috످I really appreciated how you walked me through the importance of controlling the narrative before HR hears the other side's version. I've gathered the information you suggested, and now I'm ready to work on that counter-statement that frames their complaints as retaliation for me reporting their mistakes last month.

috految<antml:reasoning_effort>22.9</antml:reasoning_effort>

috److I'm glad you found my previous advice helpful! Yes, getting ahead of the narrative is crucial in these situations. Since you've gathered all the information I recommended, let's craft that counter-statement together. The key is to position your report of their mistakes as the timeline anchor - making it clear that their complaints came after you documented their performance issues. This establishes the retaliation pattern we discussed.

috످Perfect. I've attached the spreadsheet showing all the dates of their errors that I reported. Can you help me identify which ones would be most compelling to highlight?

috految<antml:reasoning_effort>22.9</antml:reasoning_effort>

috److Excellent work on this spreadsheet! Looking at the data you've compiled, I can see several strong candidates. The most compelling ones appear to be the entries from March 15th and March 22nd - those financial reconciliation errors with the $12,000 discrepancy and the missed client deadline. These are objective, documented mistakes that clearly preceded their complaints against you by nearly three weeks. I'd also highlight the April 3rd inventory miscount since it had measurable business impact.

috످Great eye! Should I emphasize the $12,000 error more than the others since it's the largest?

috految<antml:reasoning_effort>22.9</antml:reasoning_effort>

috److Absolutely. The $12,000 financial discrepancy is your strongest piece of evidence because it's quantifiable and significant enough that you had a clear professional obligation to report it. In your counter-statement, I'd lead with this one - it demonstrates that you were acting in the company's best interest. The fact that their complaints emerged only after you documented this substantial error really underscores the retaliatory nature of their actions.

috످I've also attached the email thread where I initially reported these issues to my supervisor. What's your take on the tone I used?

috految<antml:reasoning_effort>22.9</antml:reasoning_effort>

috److془I need to come clean. No attachments, fabricated details, no prior conversation.془I can't see your email thread or spreadsheet. I made up the $12,000 discrepancy, the missed deadline, the inventory miscount, the dates, and the three-week gap. I also pretended to remember an earlier conversation that I can't see. I'm sorry.

Please don't use those details. They could falsely implicate your coworker and put your job at risk. If you've already shared any with HR or your supervisor, send a correction today:

"My earlier statement included details that came from an AI tool and weren't based on my records. Please disregard [details]. I'll follow up with a corrected version."

I was also wrong to encourage getting ahead of the narrative and to call this retaliation without knowing the facts. It could be retaliation, but timing alone doesn't prove it, and their complaints could still be valid. Leading with their mistakes could even look like you're retaliating against them.

Instead, ask HR for the specific allegations, answer each one honestly, and keep your original records unedited. If you believe it's retaliation, you can raise that separately:

"On [date], I reported [issue] to [supervisor]. On [date], I learned of a complaint against me. I'm concerned the two may be connected because [what you directly observed], and I'd appreciate an impartial review."

If their complaints involve harassment or discrimination, or you reported something illegal, talk to an employment lawyer before submitting this. Reporting ordinary work mistakes usually isn't legally protected.

If you paste the email text here (without names or confidential details), I can review your tone. What are their complaints about, and did they know about your report when they made them?

috످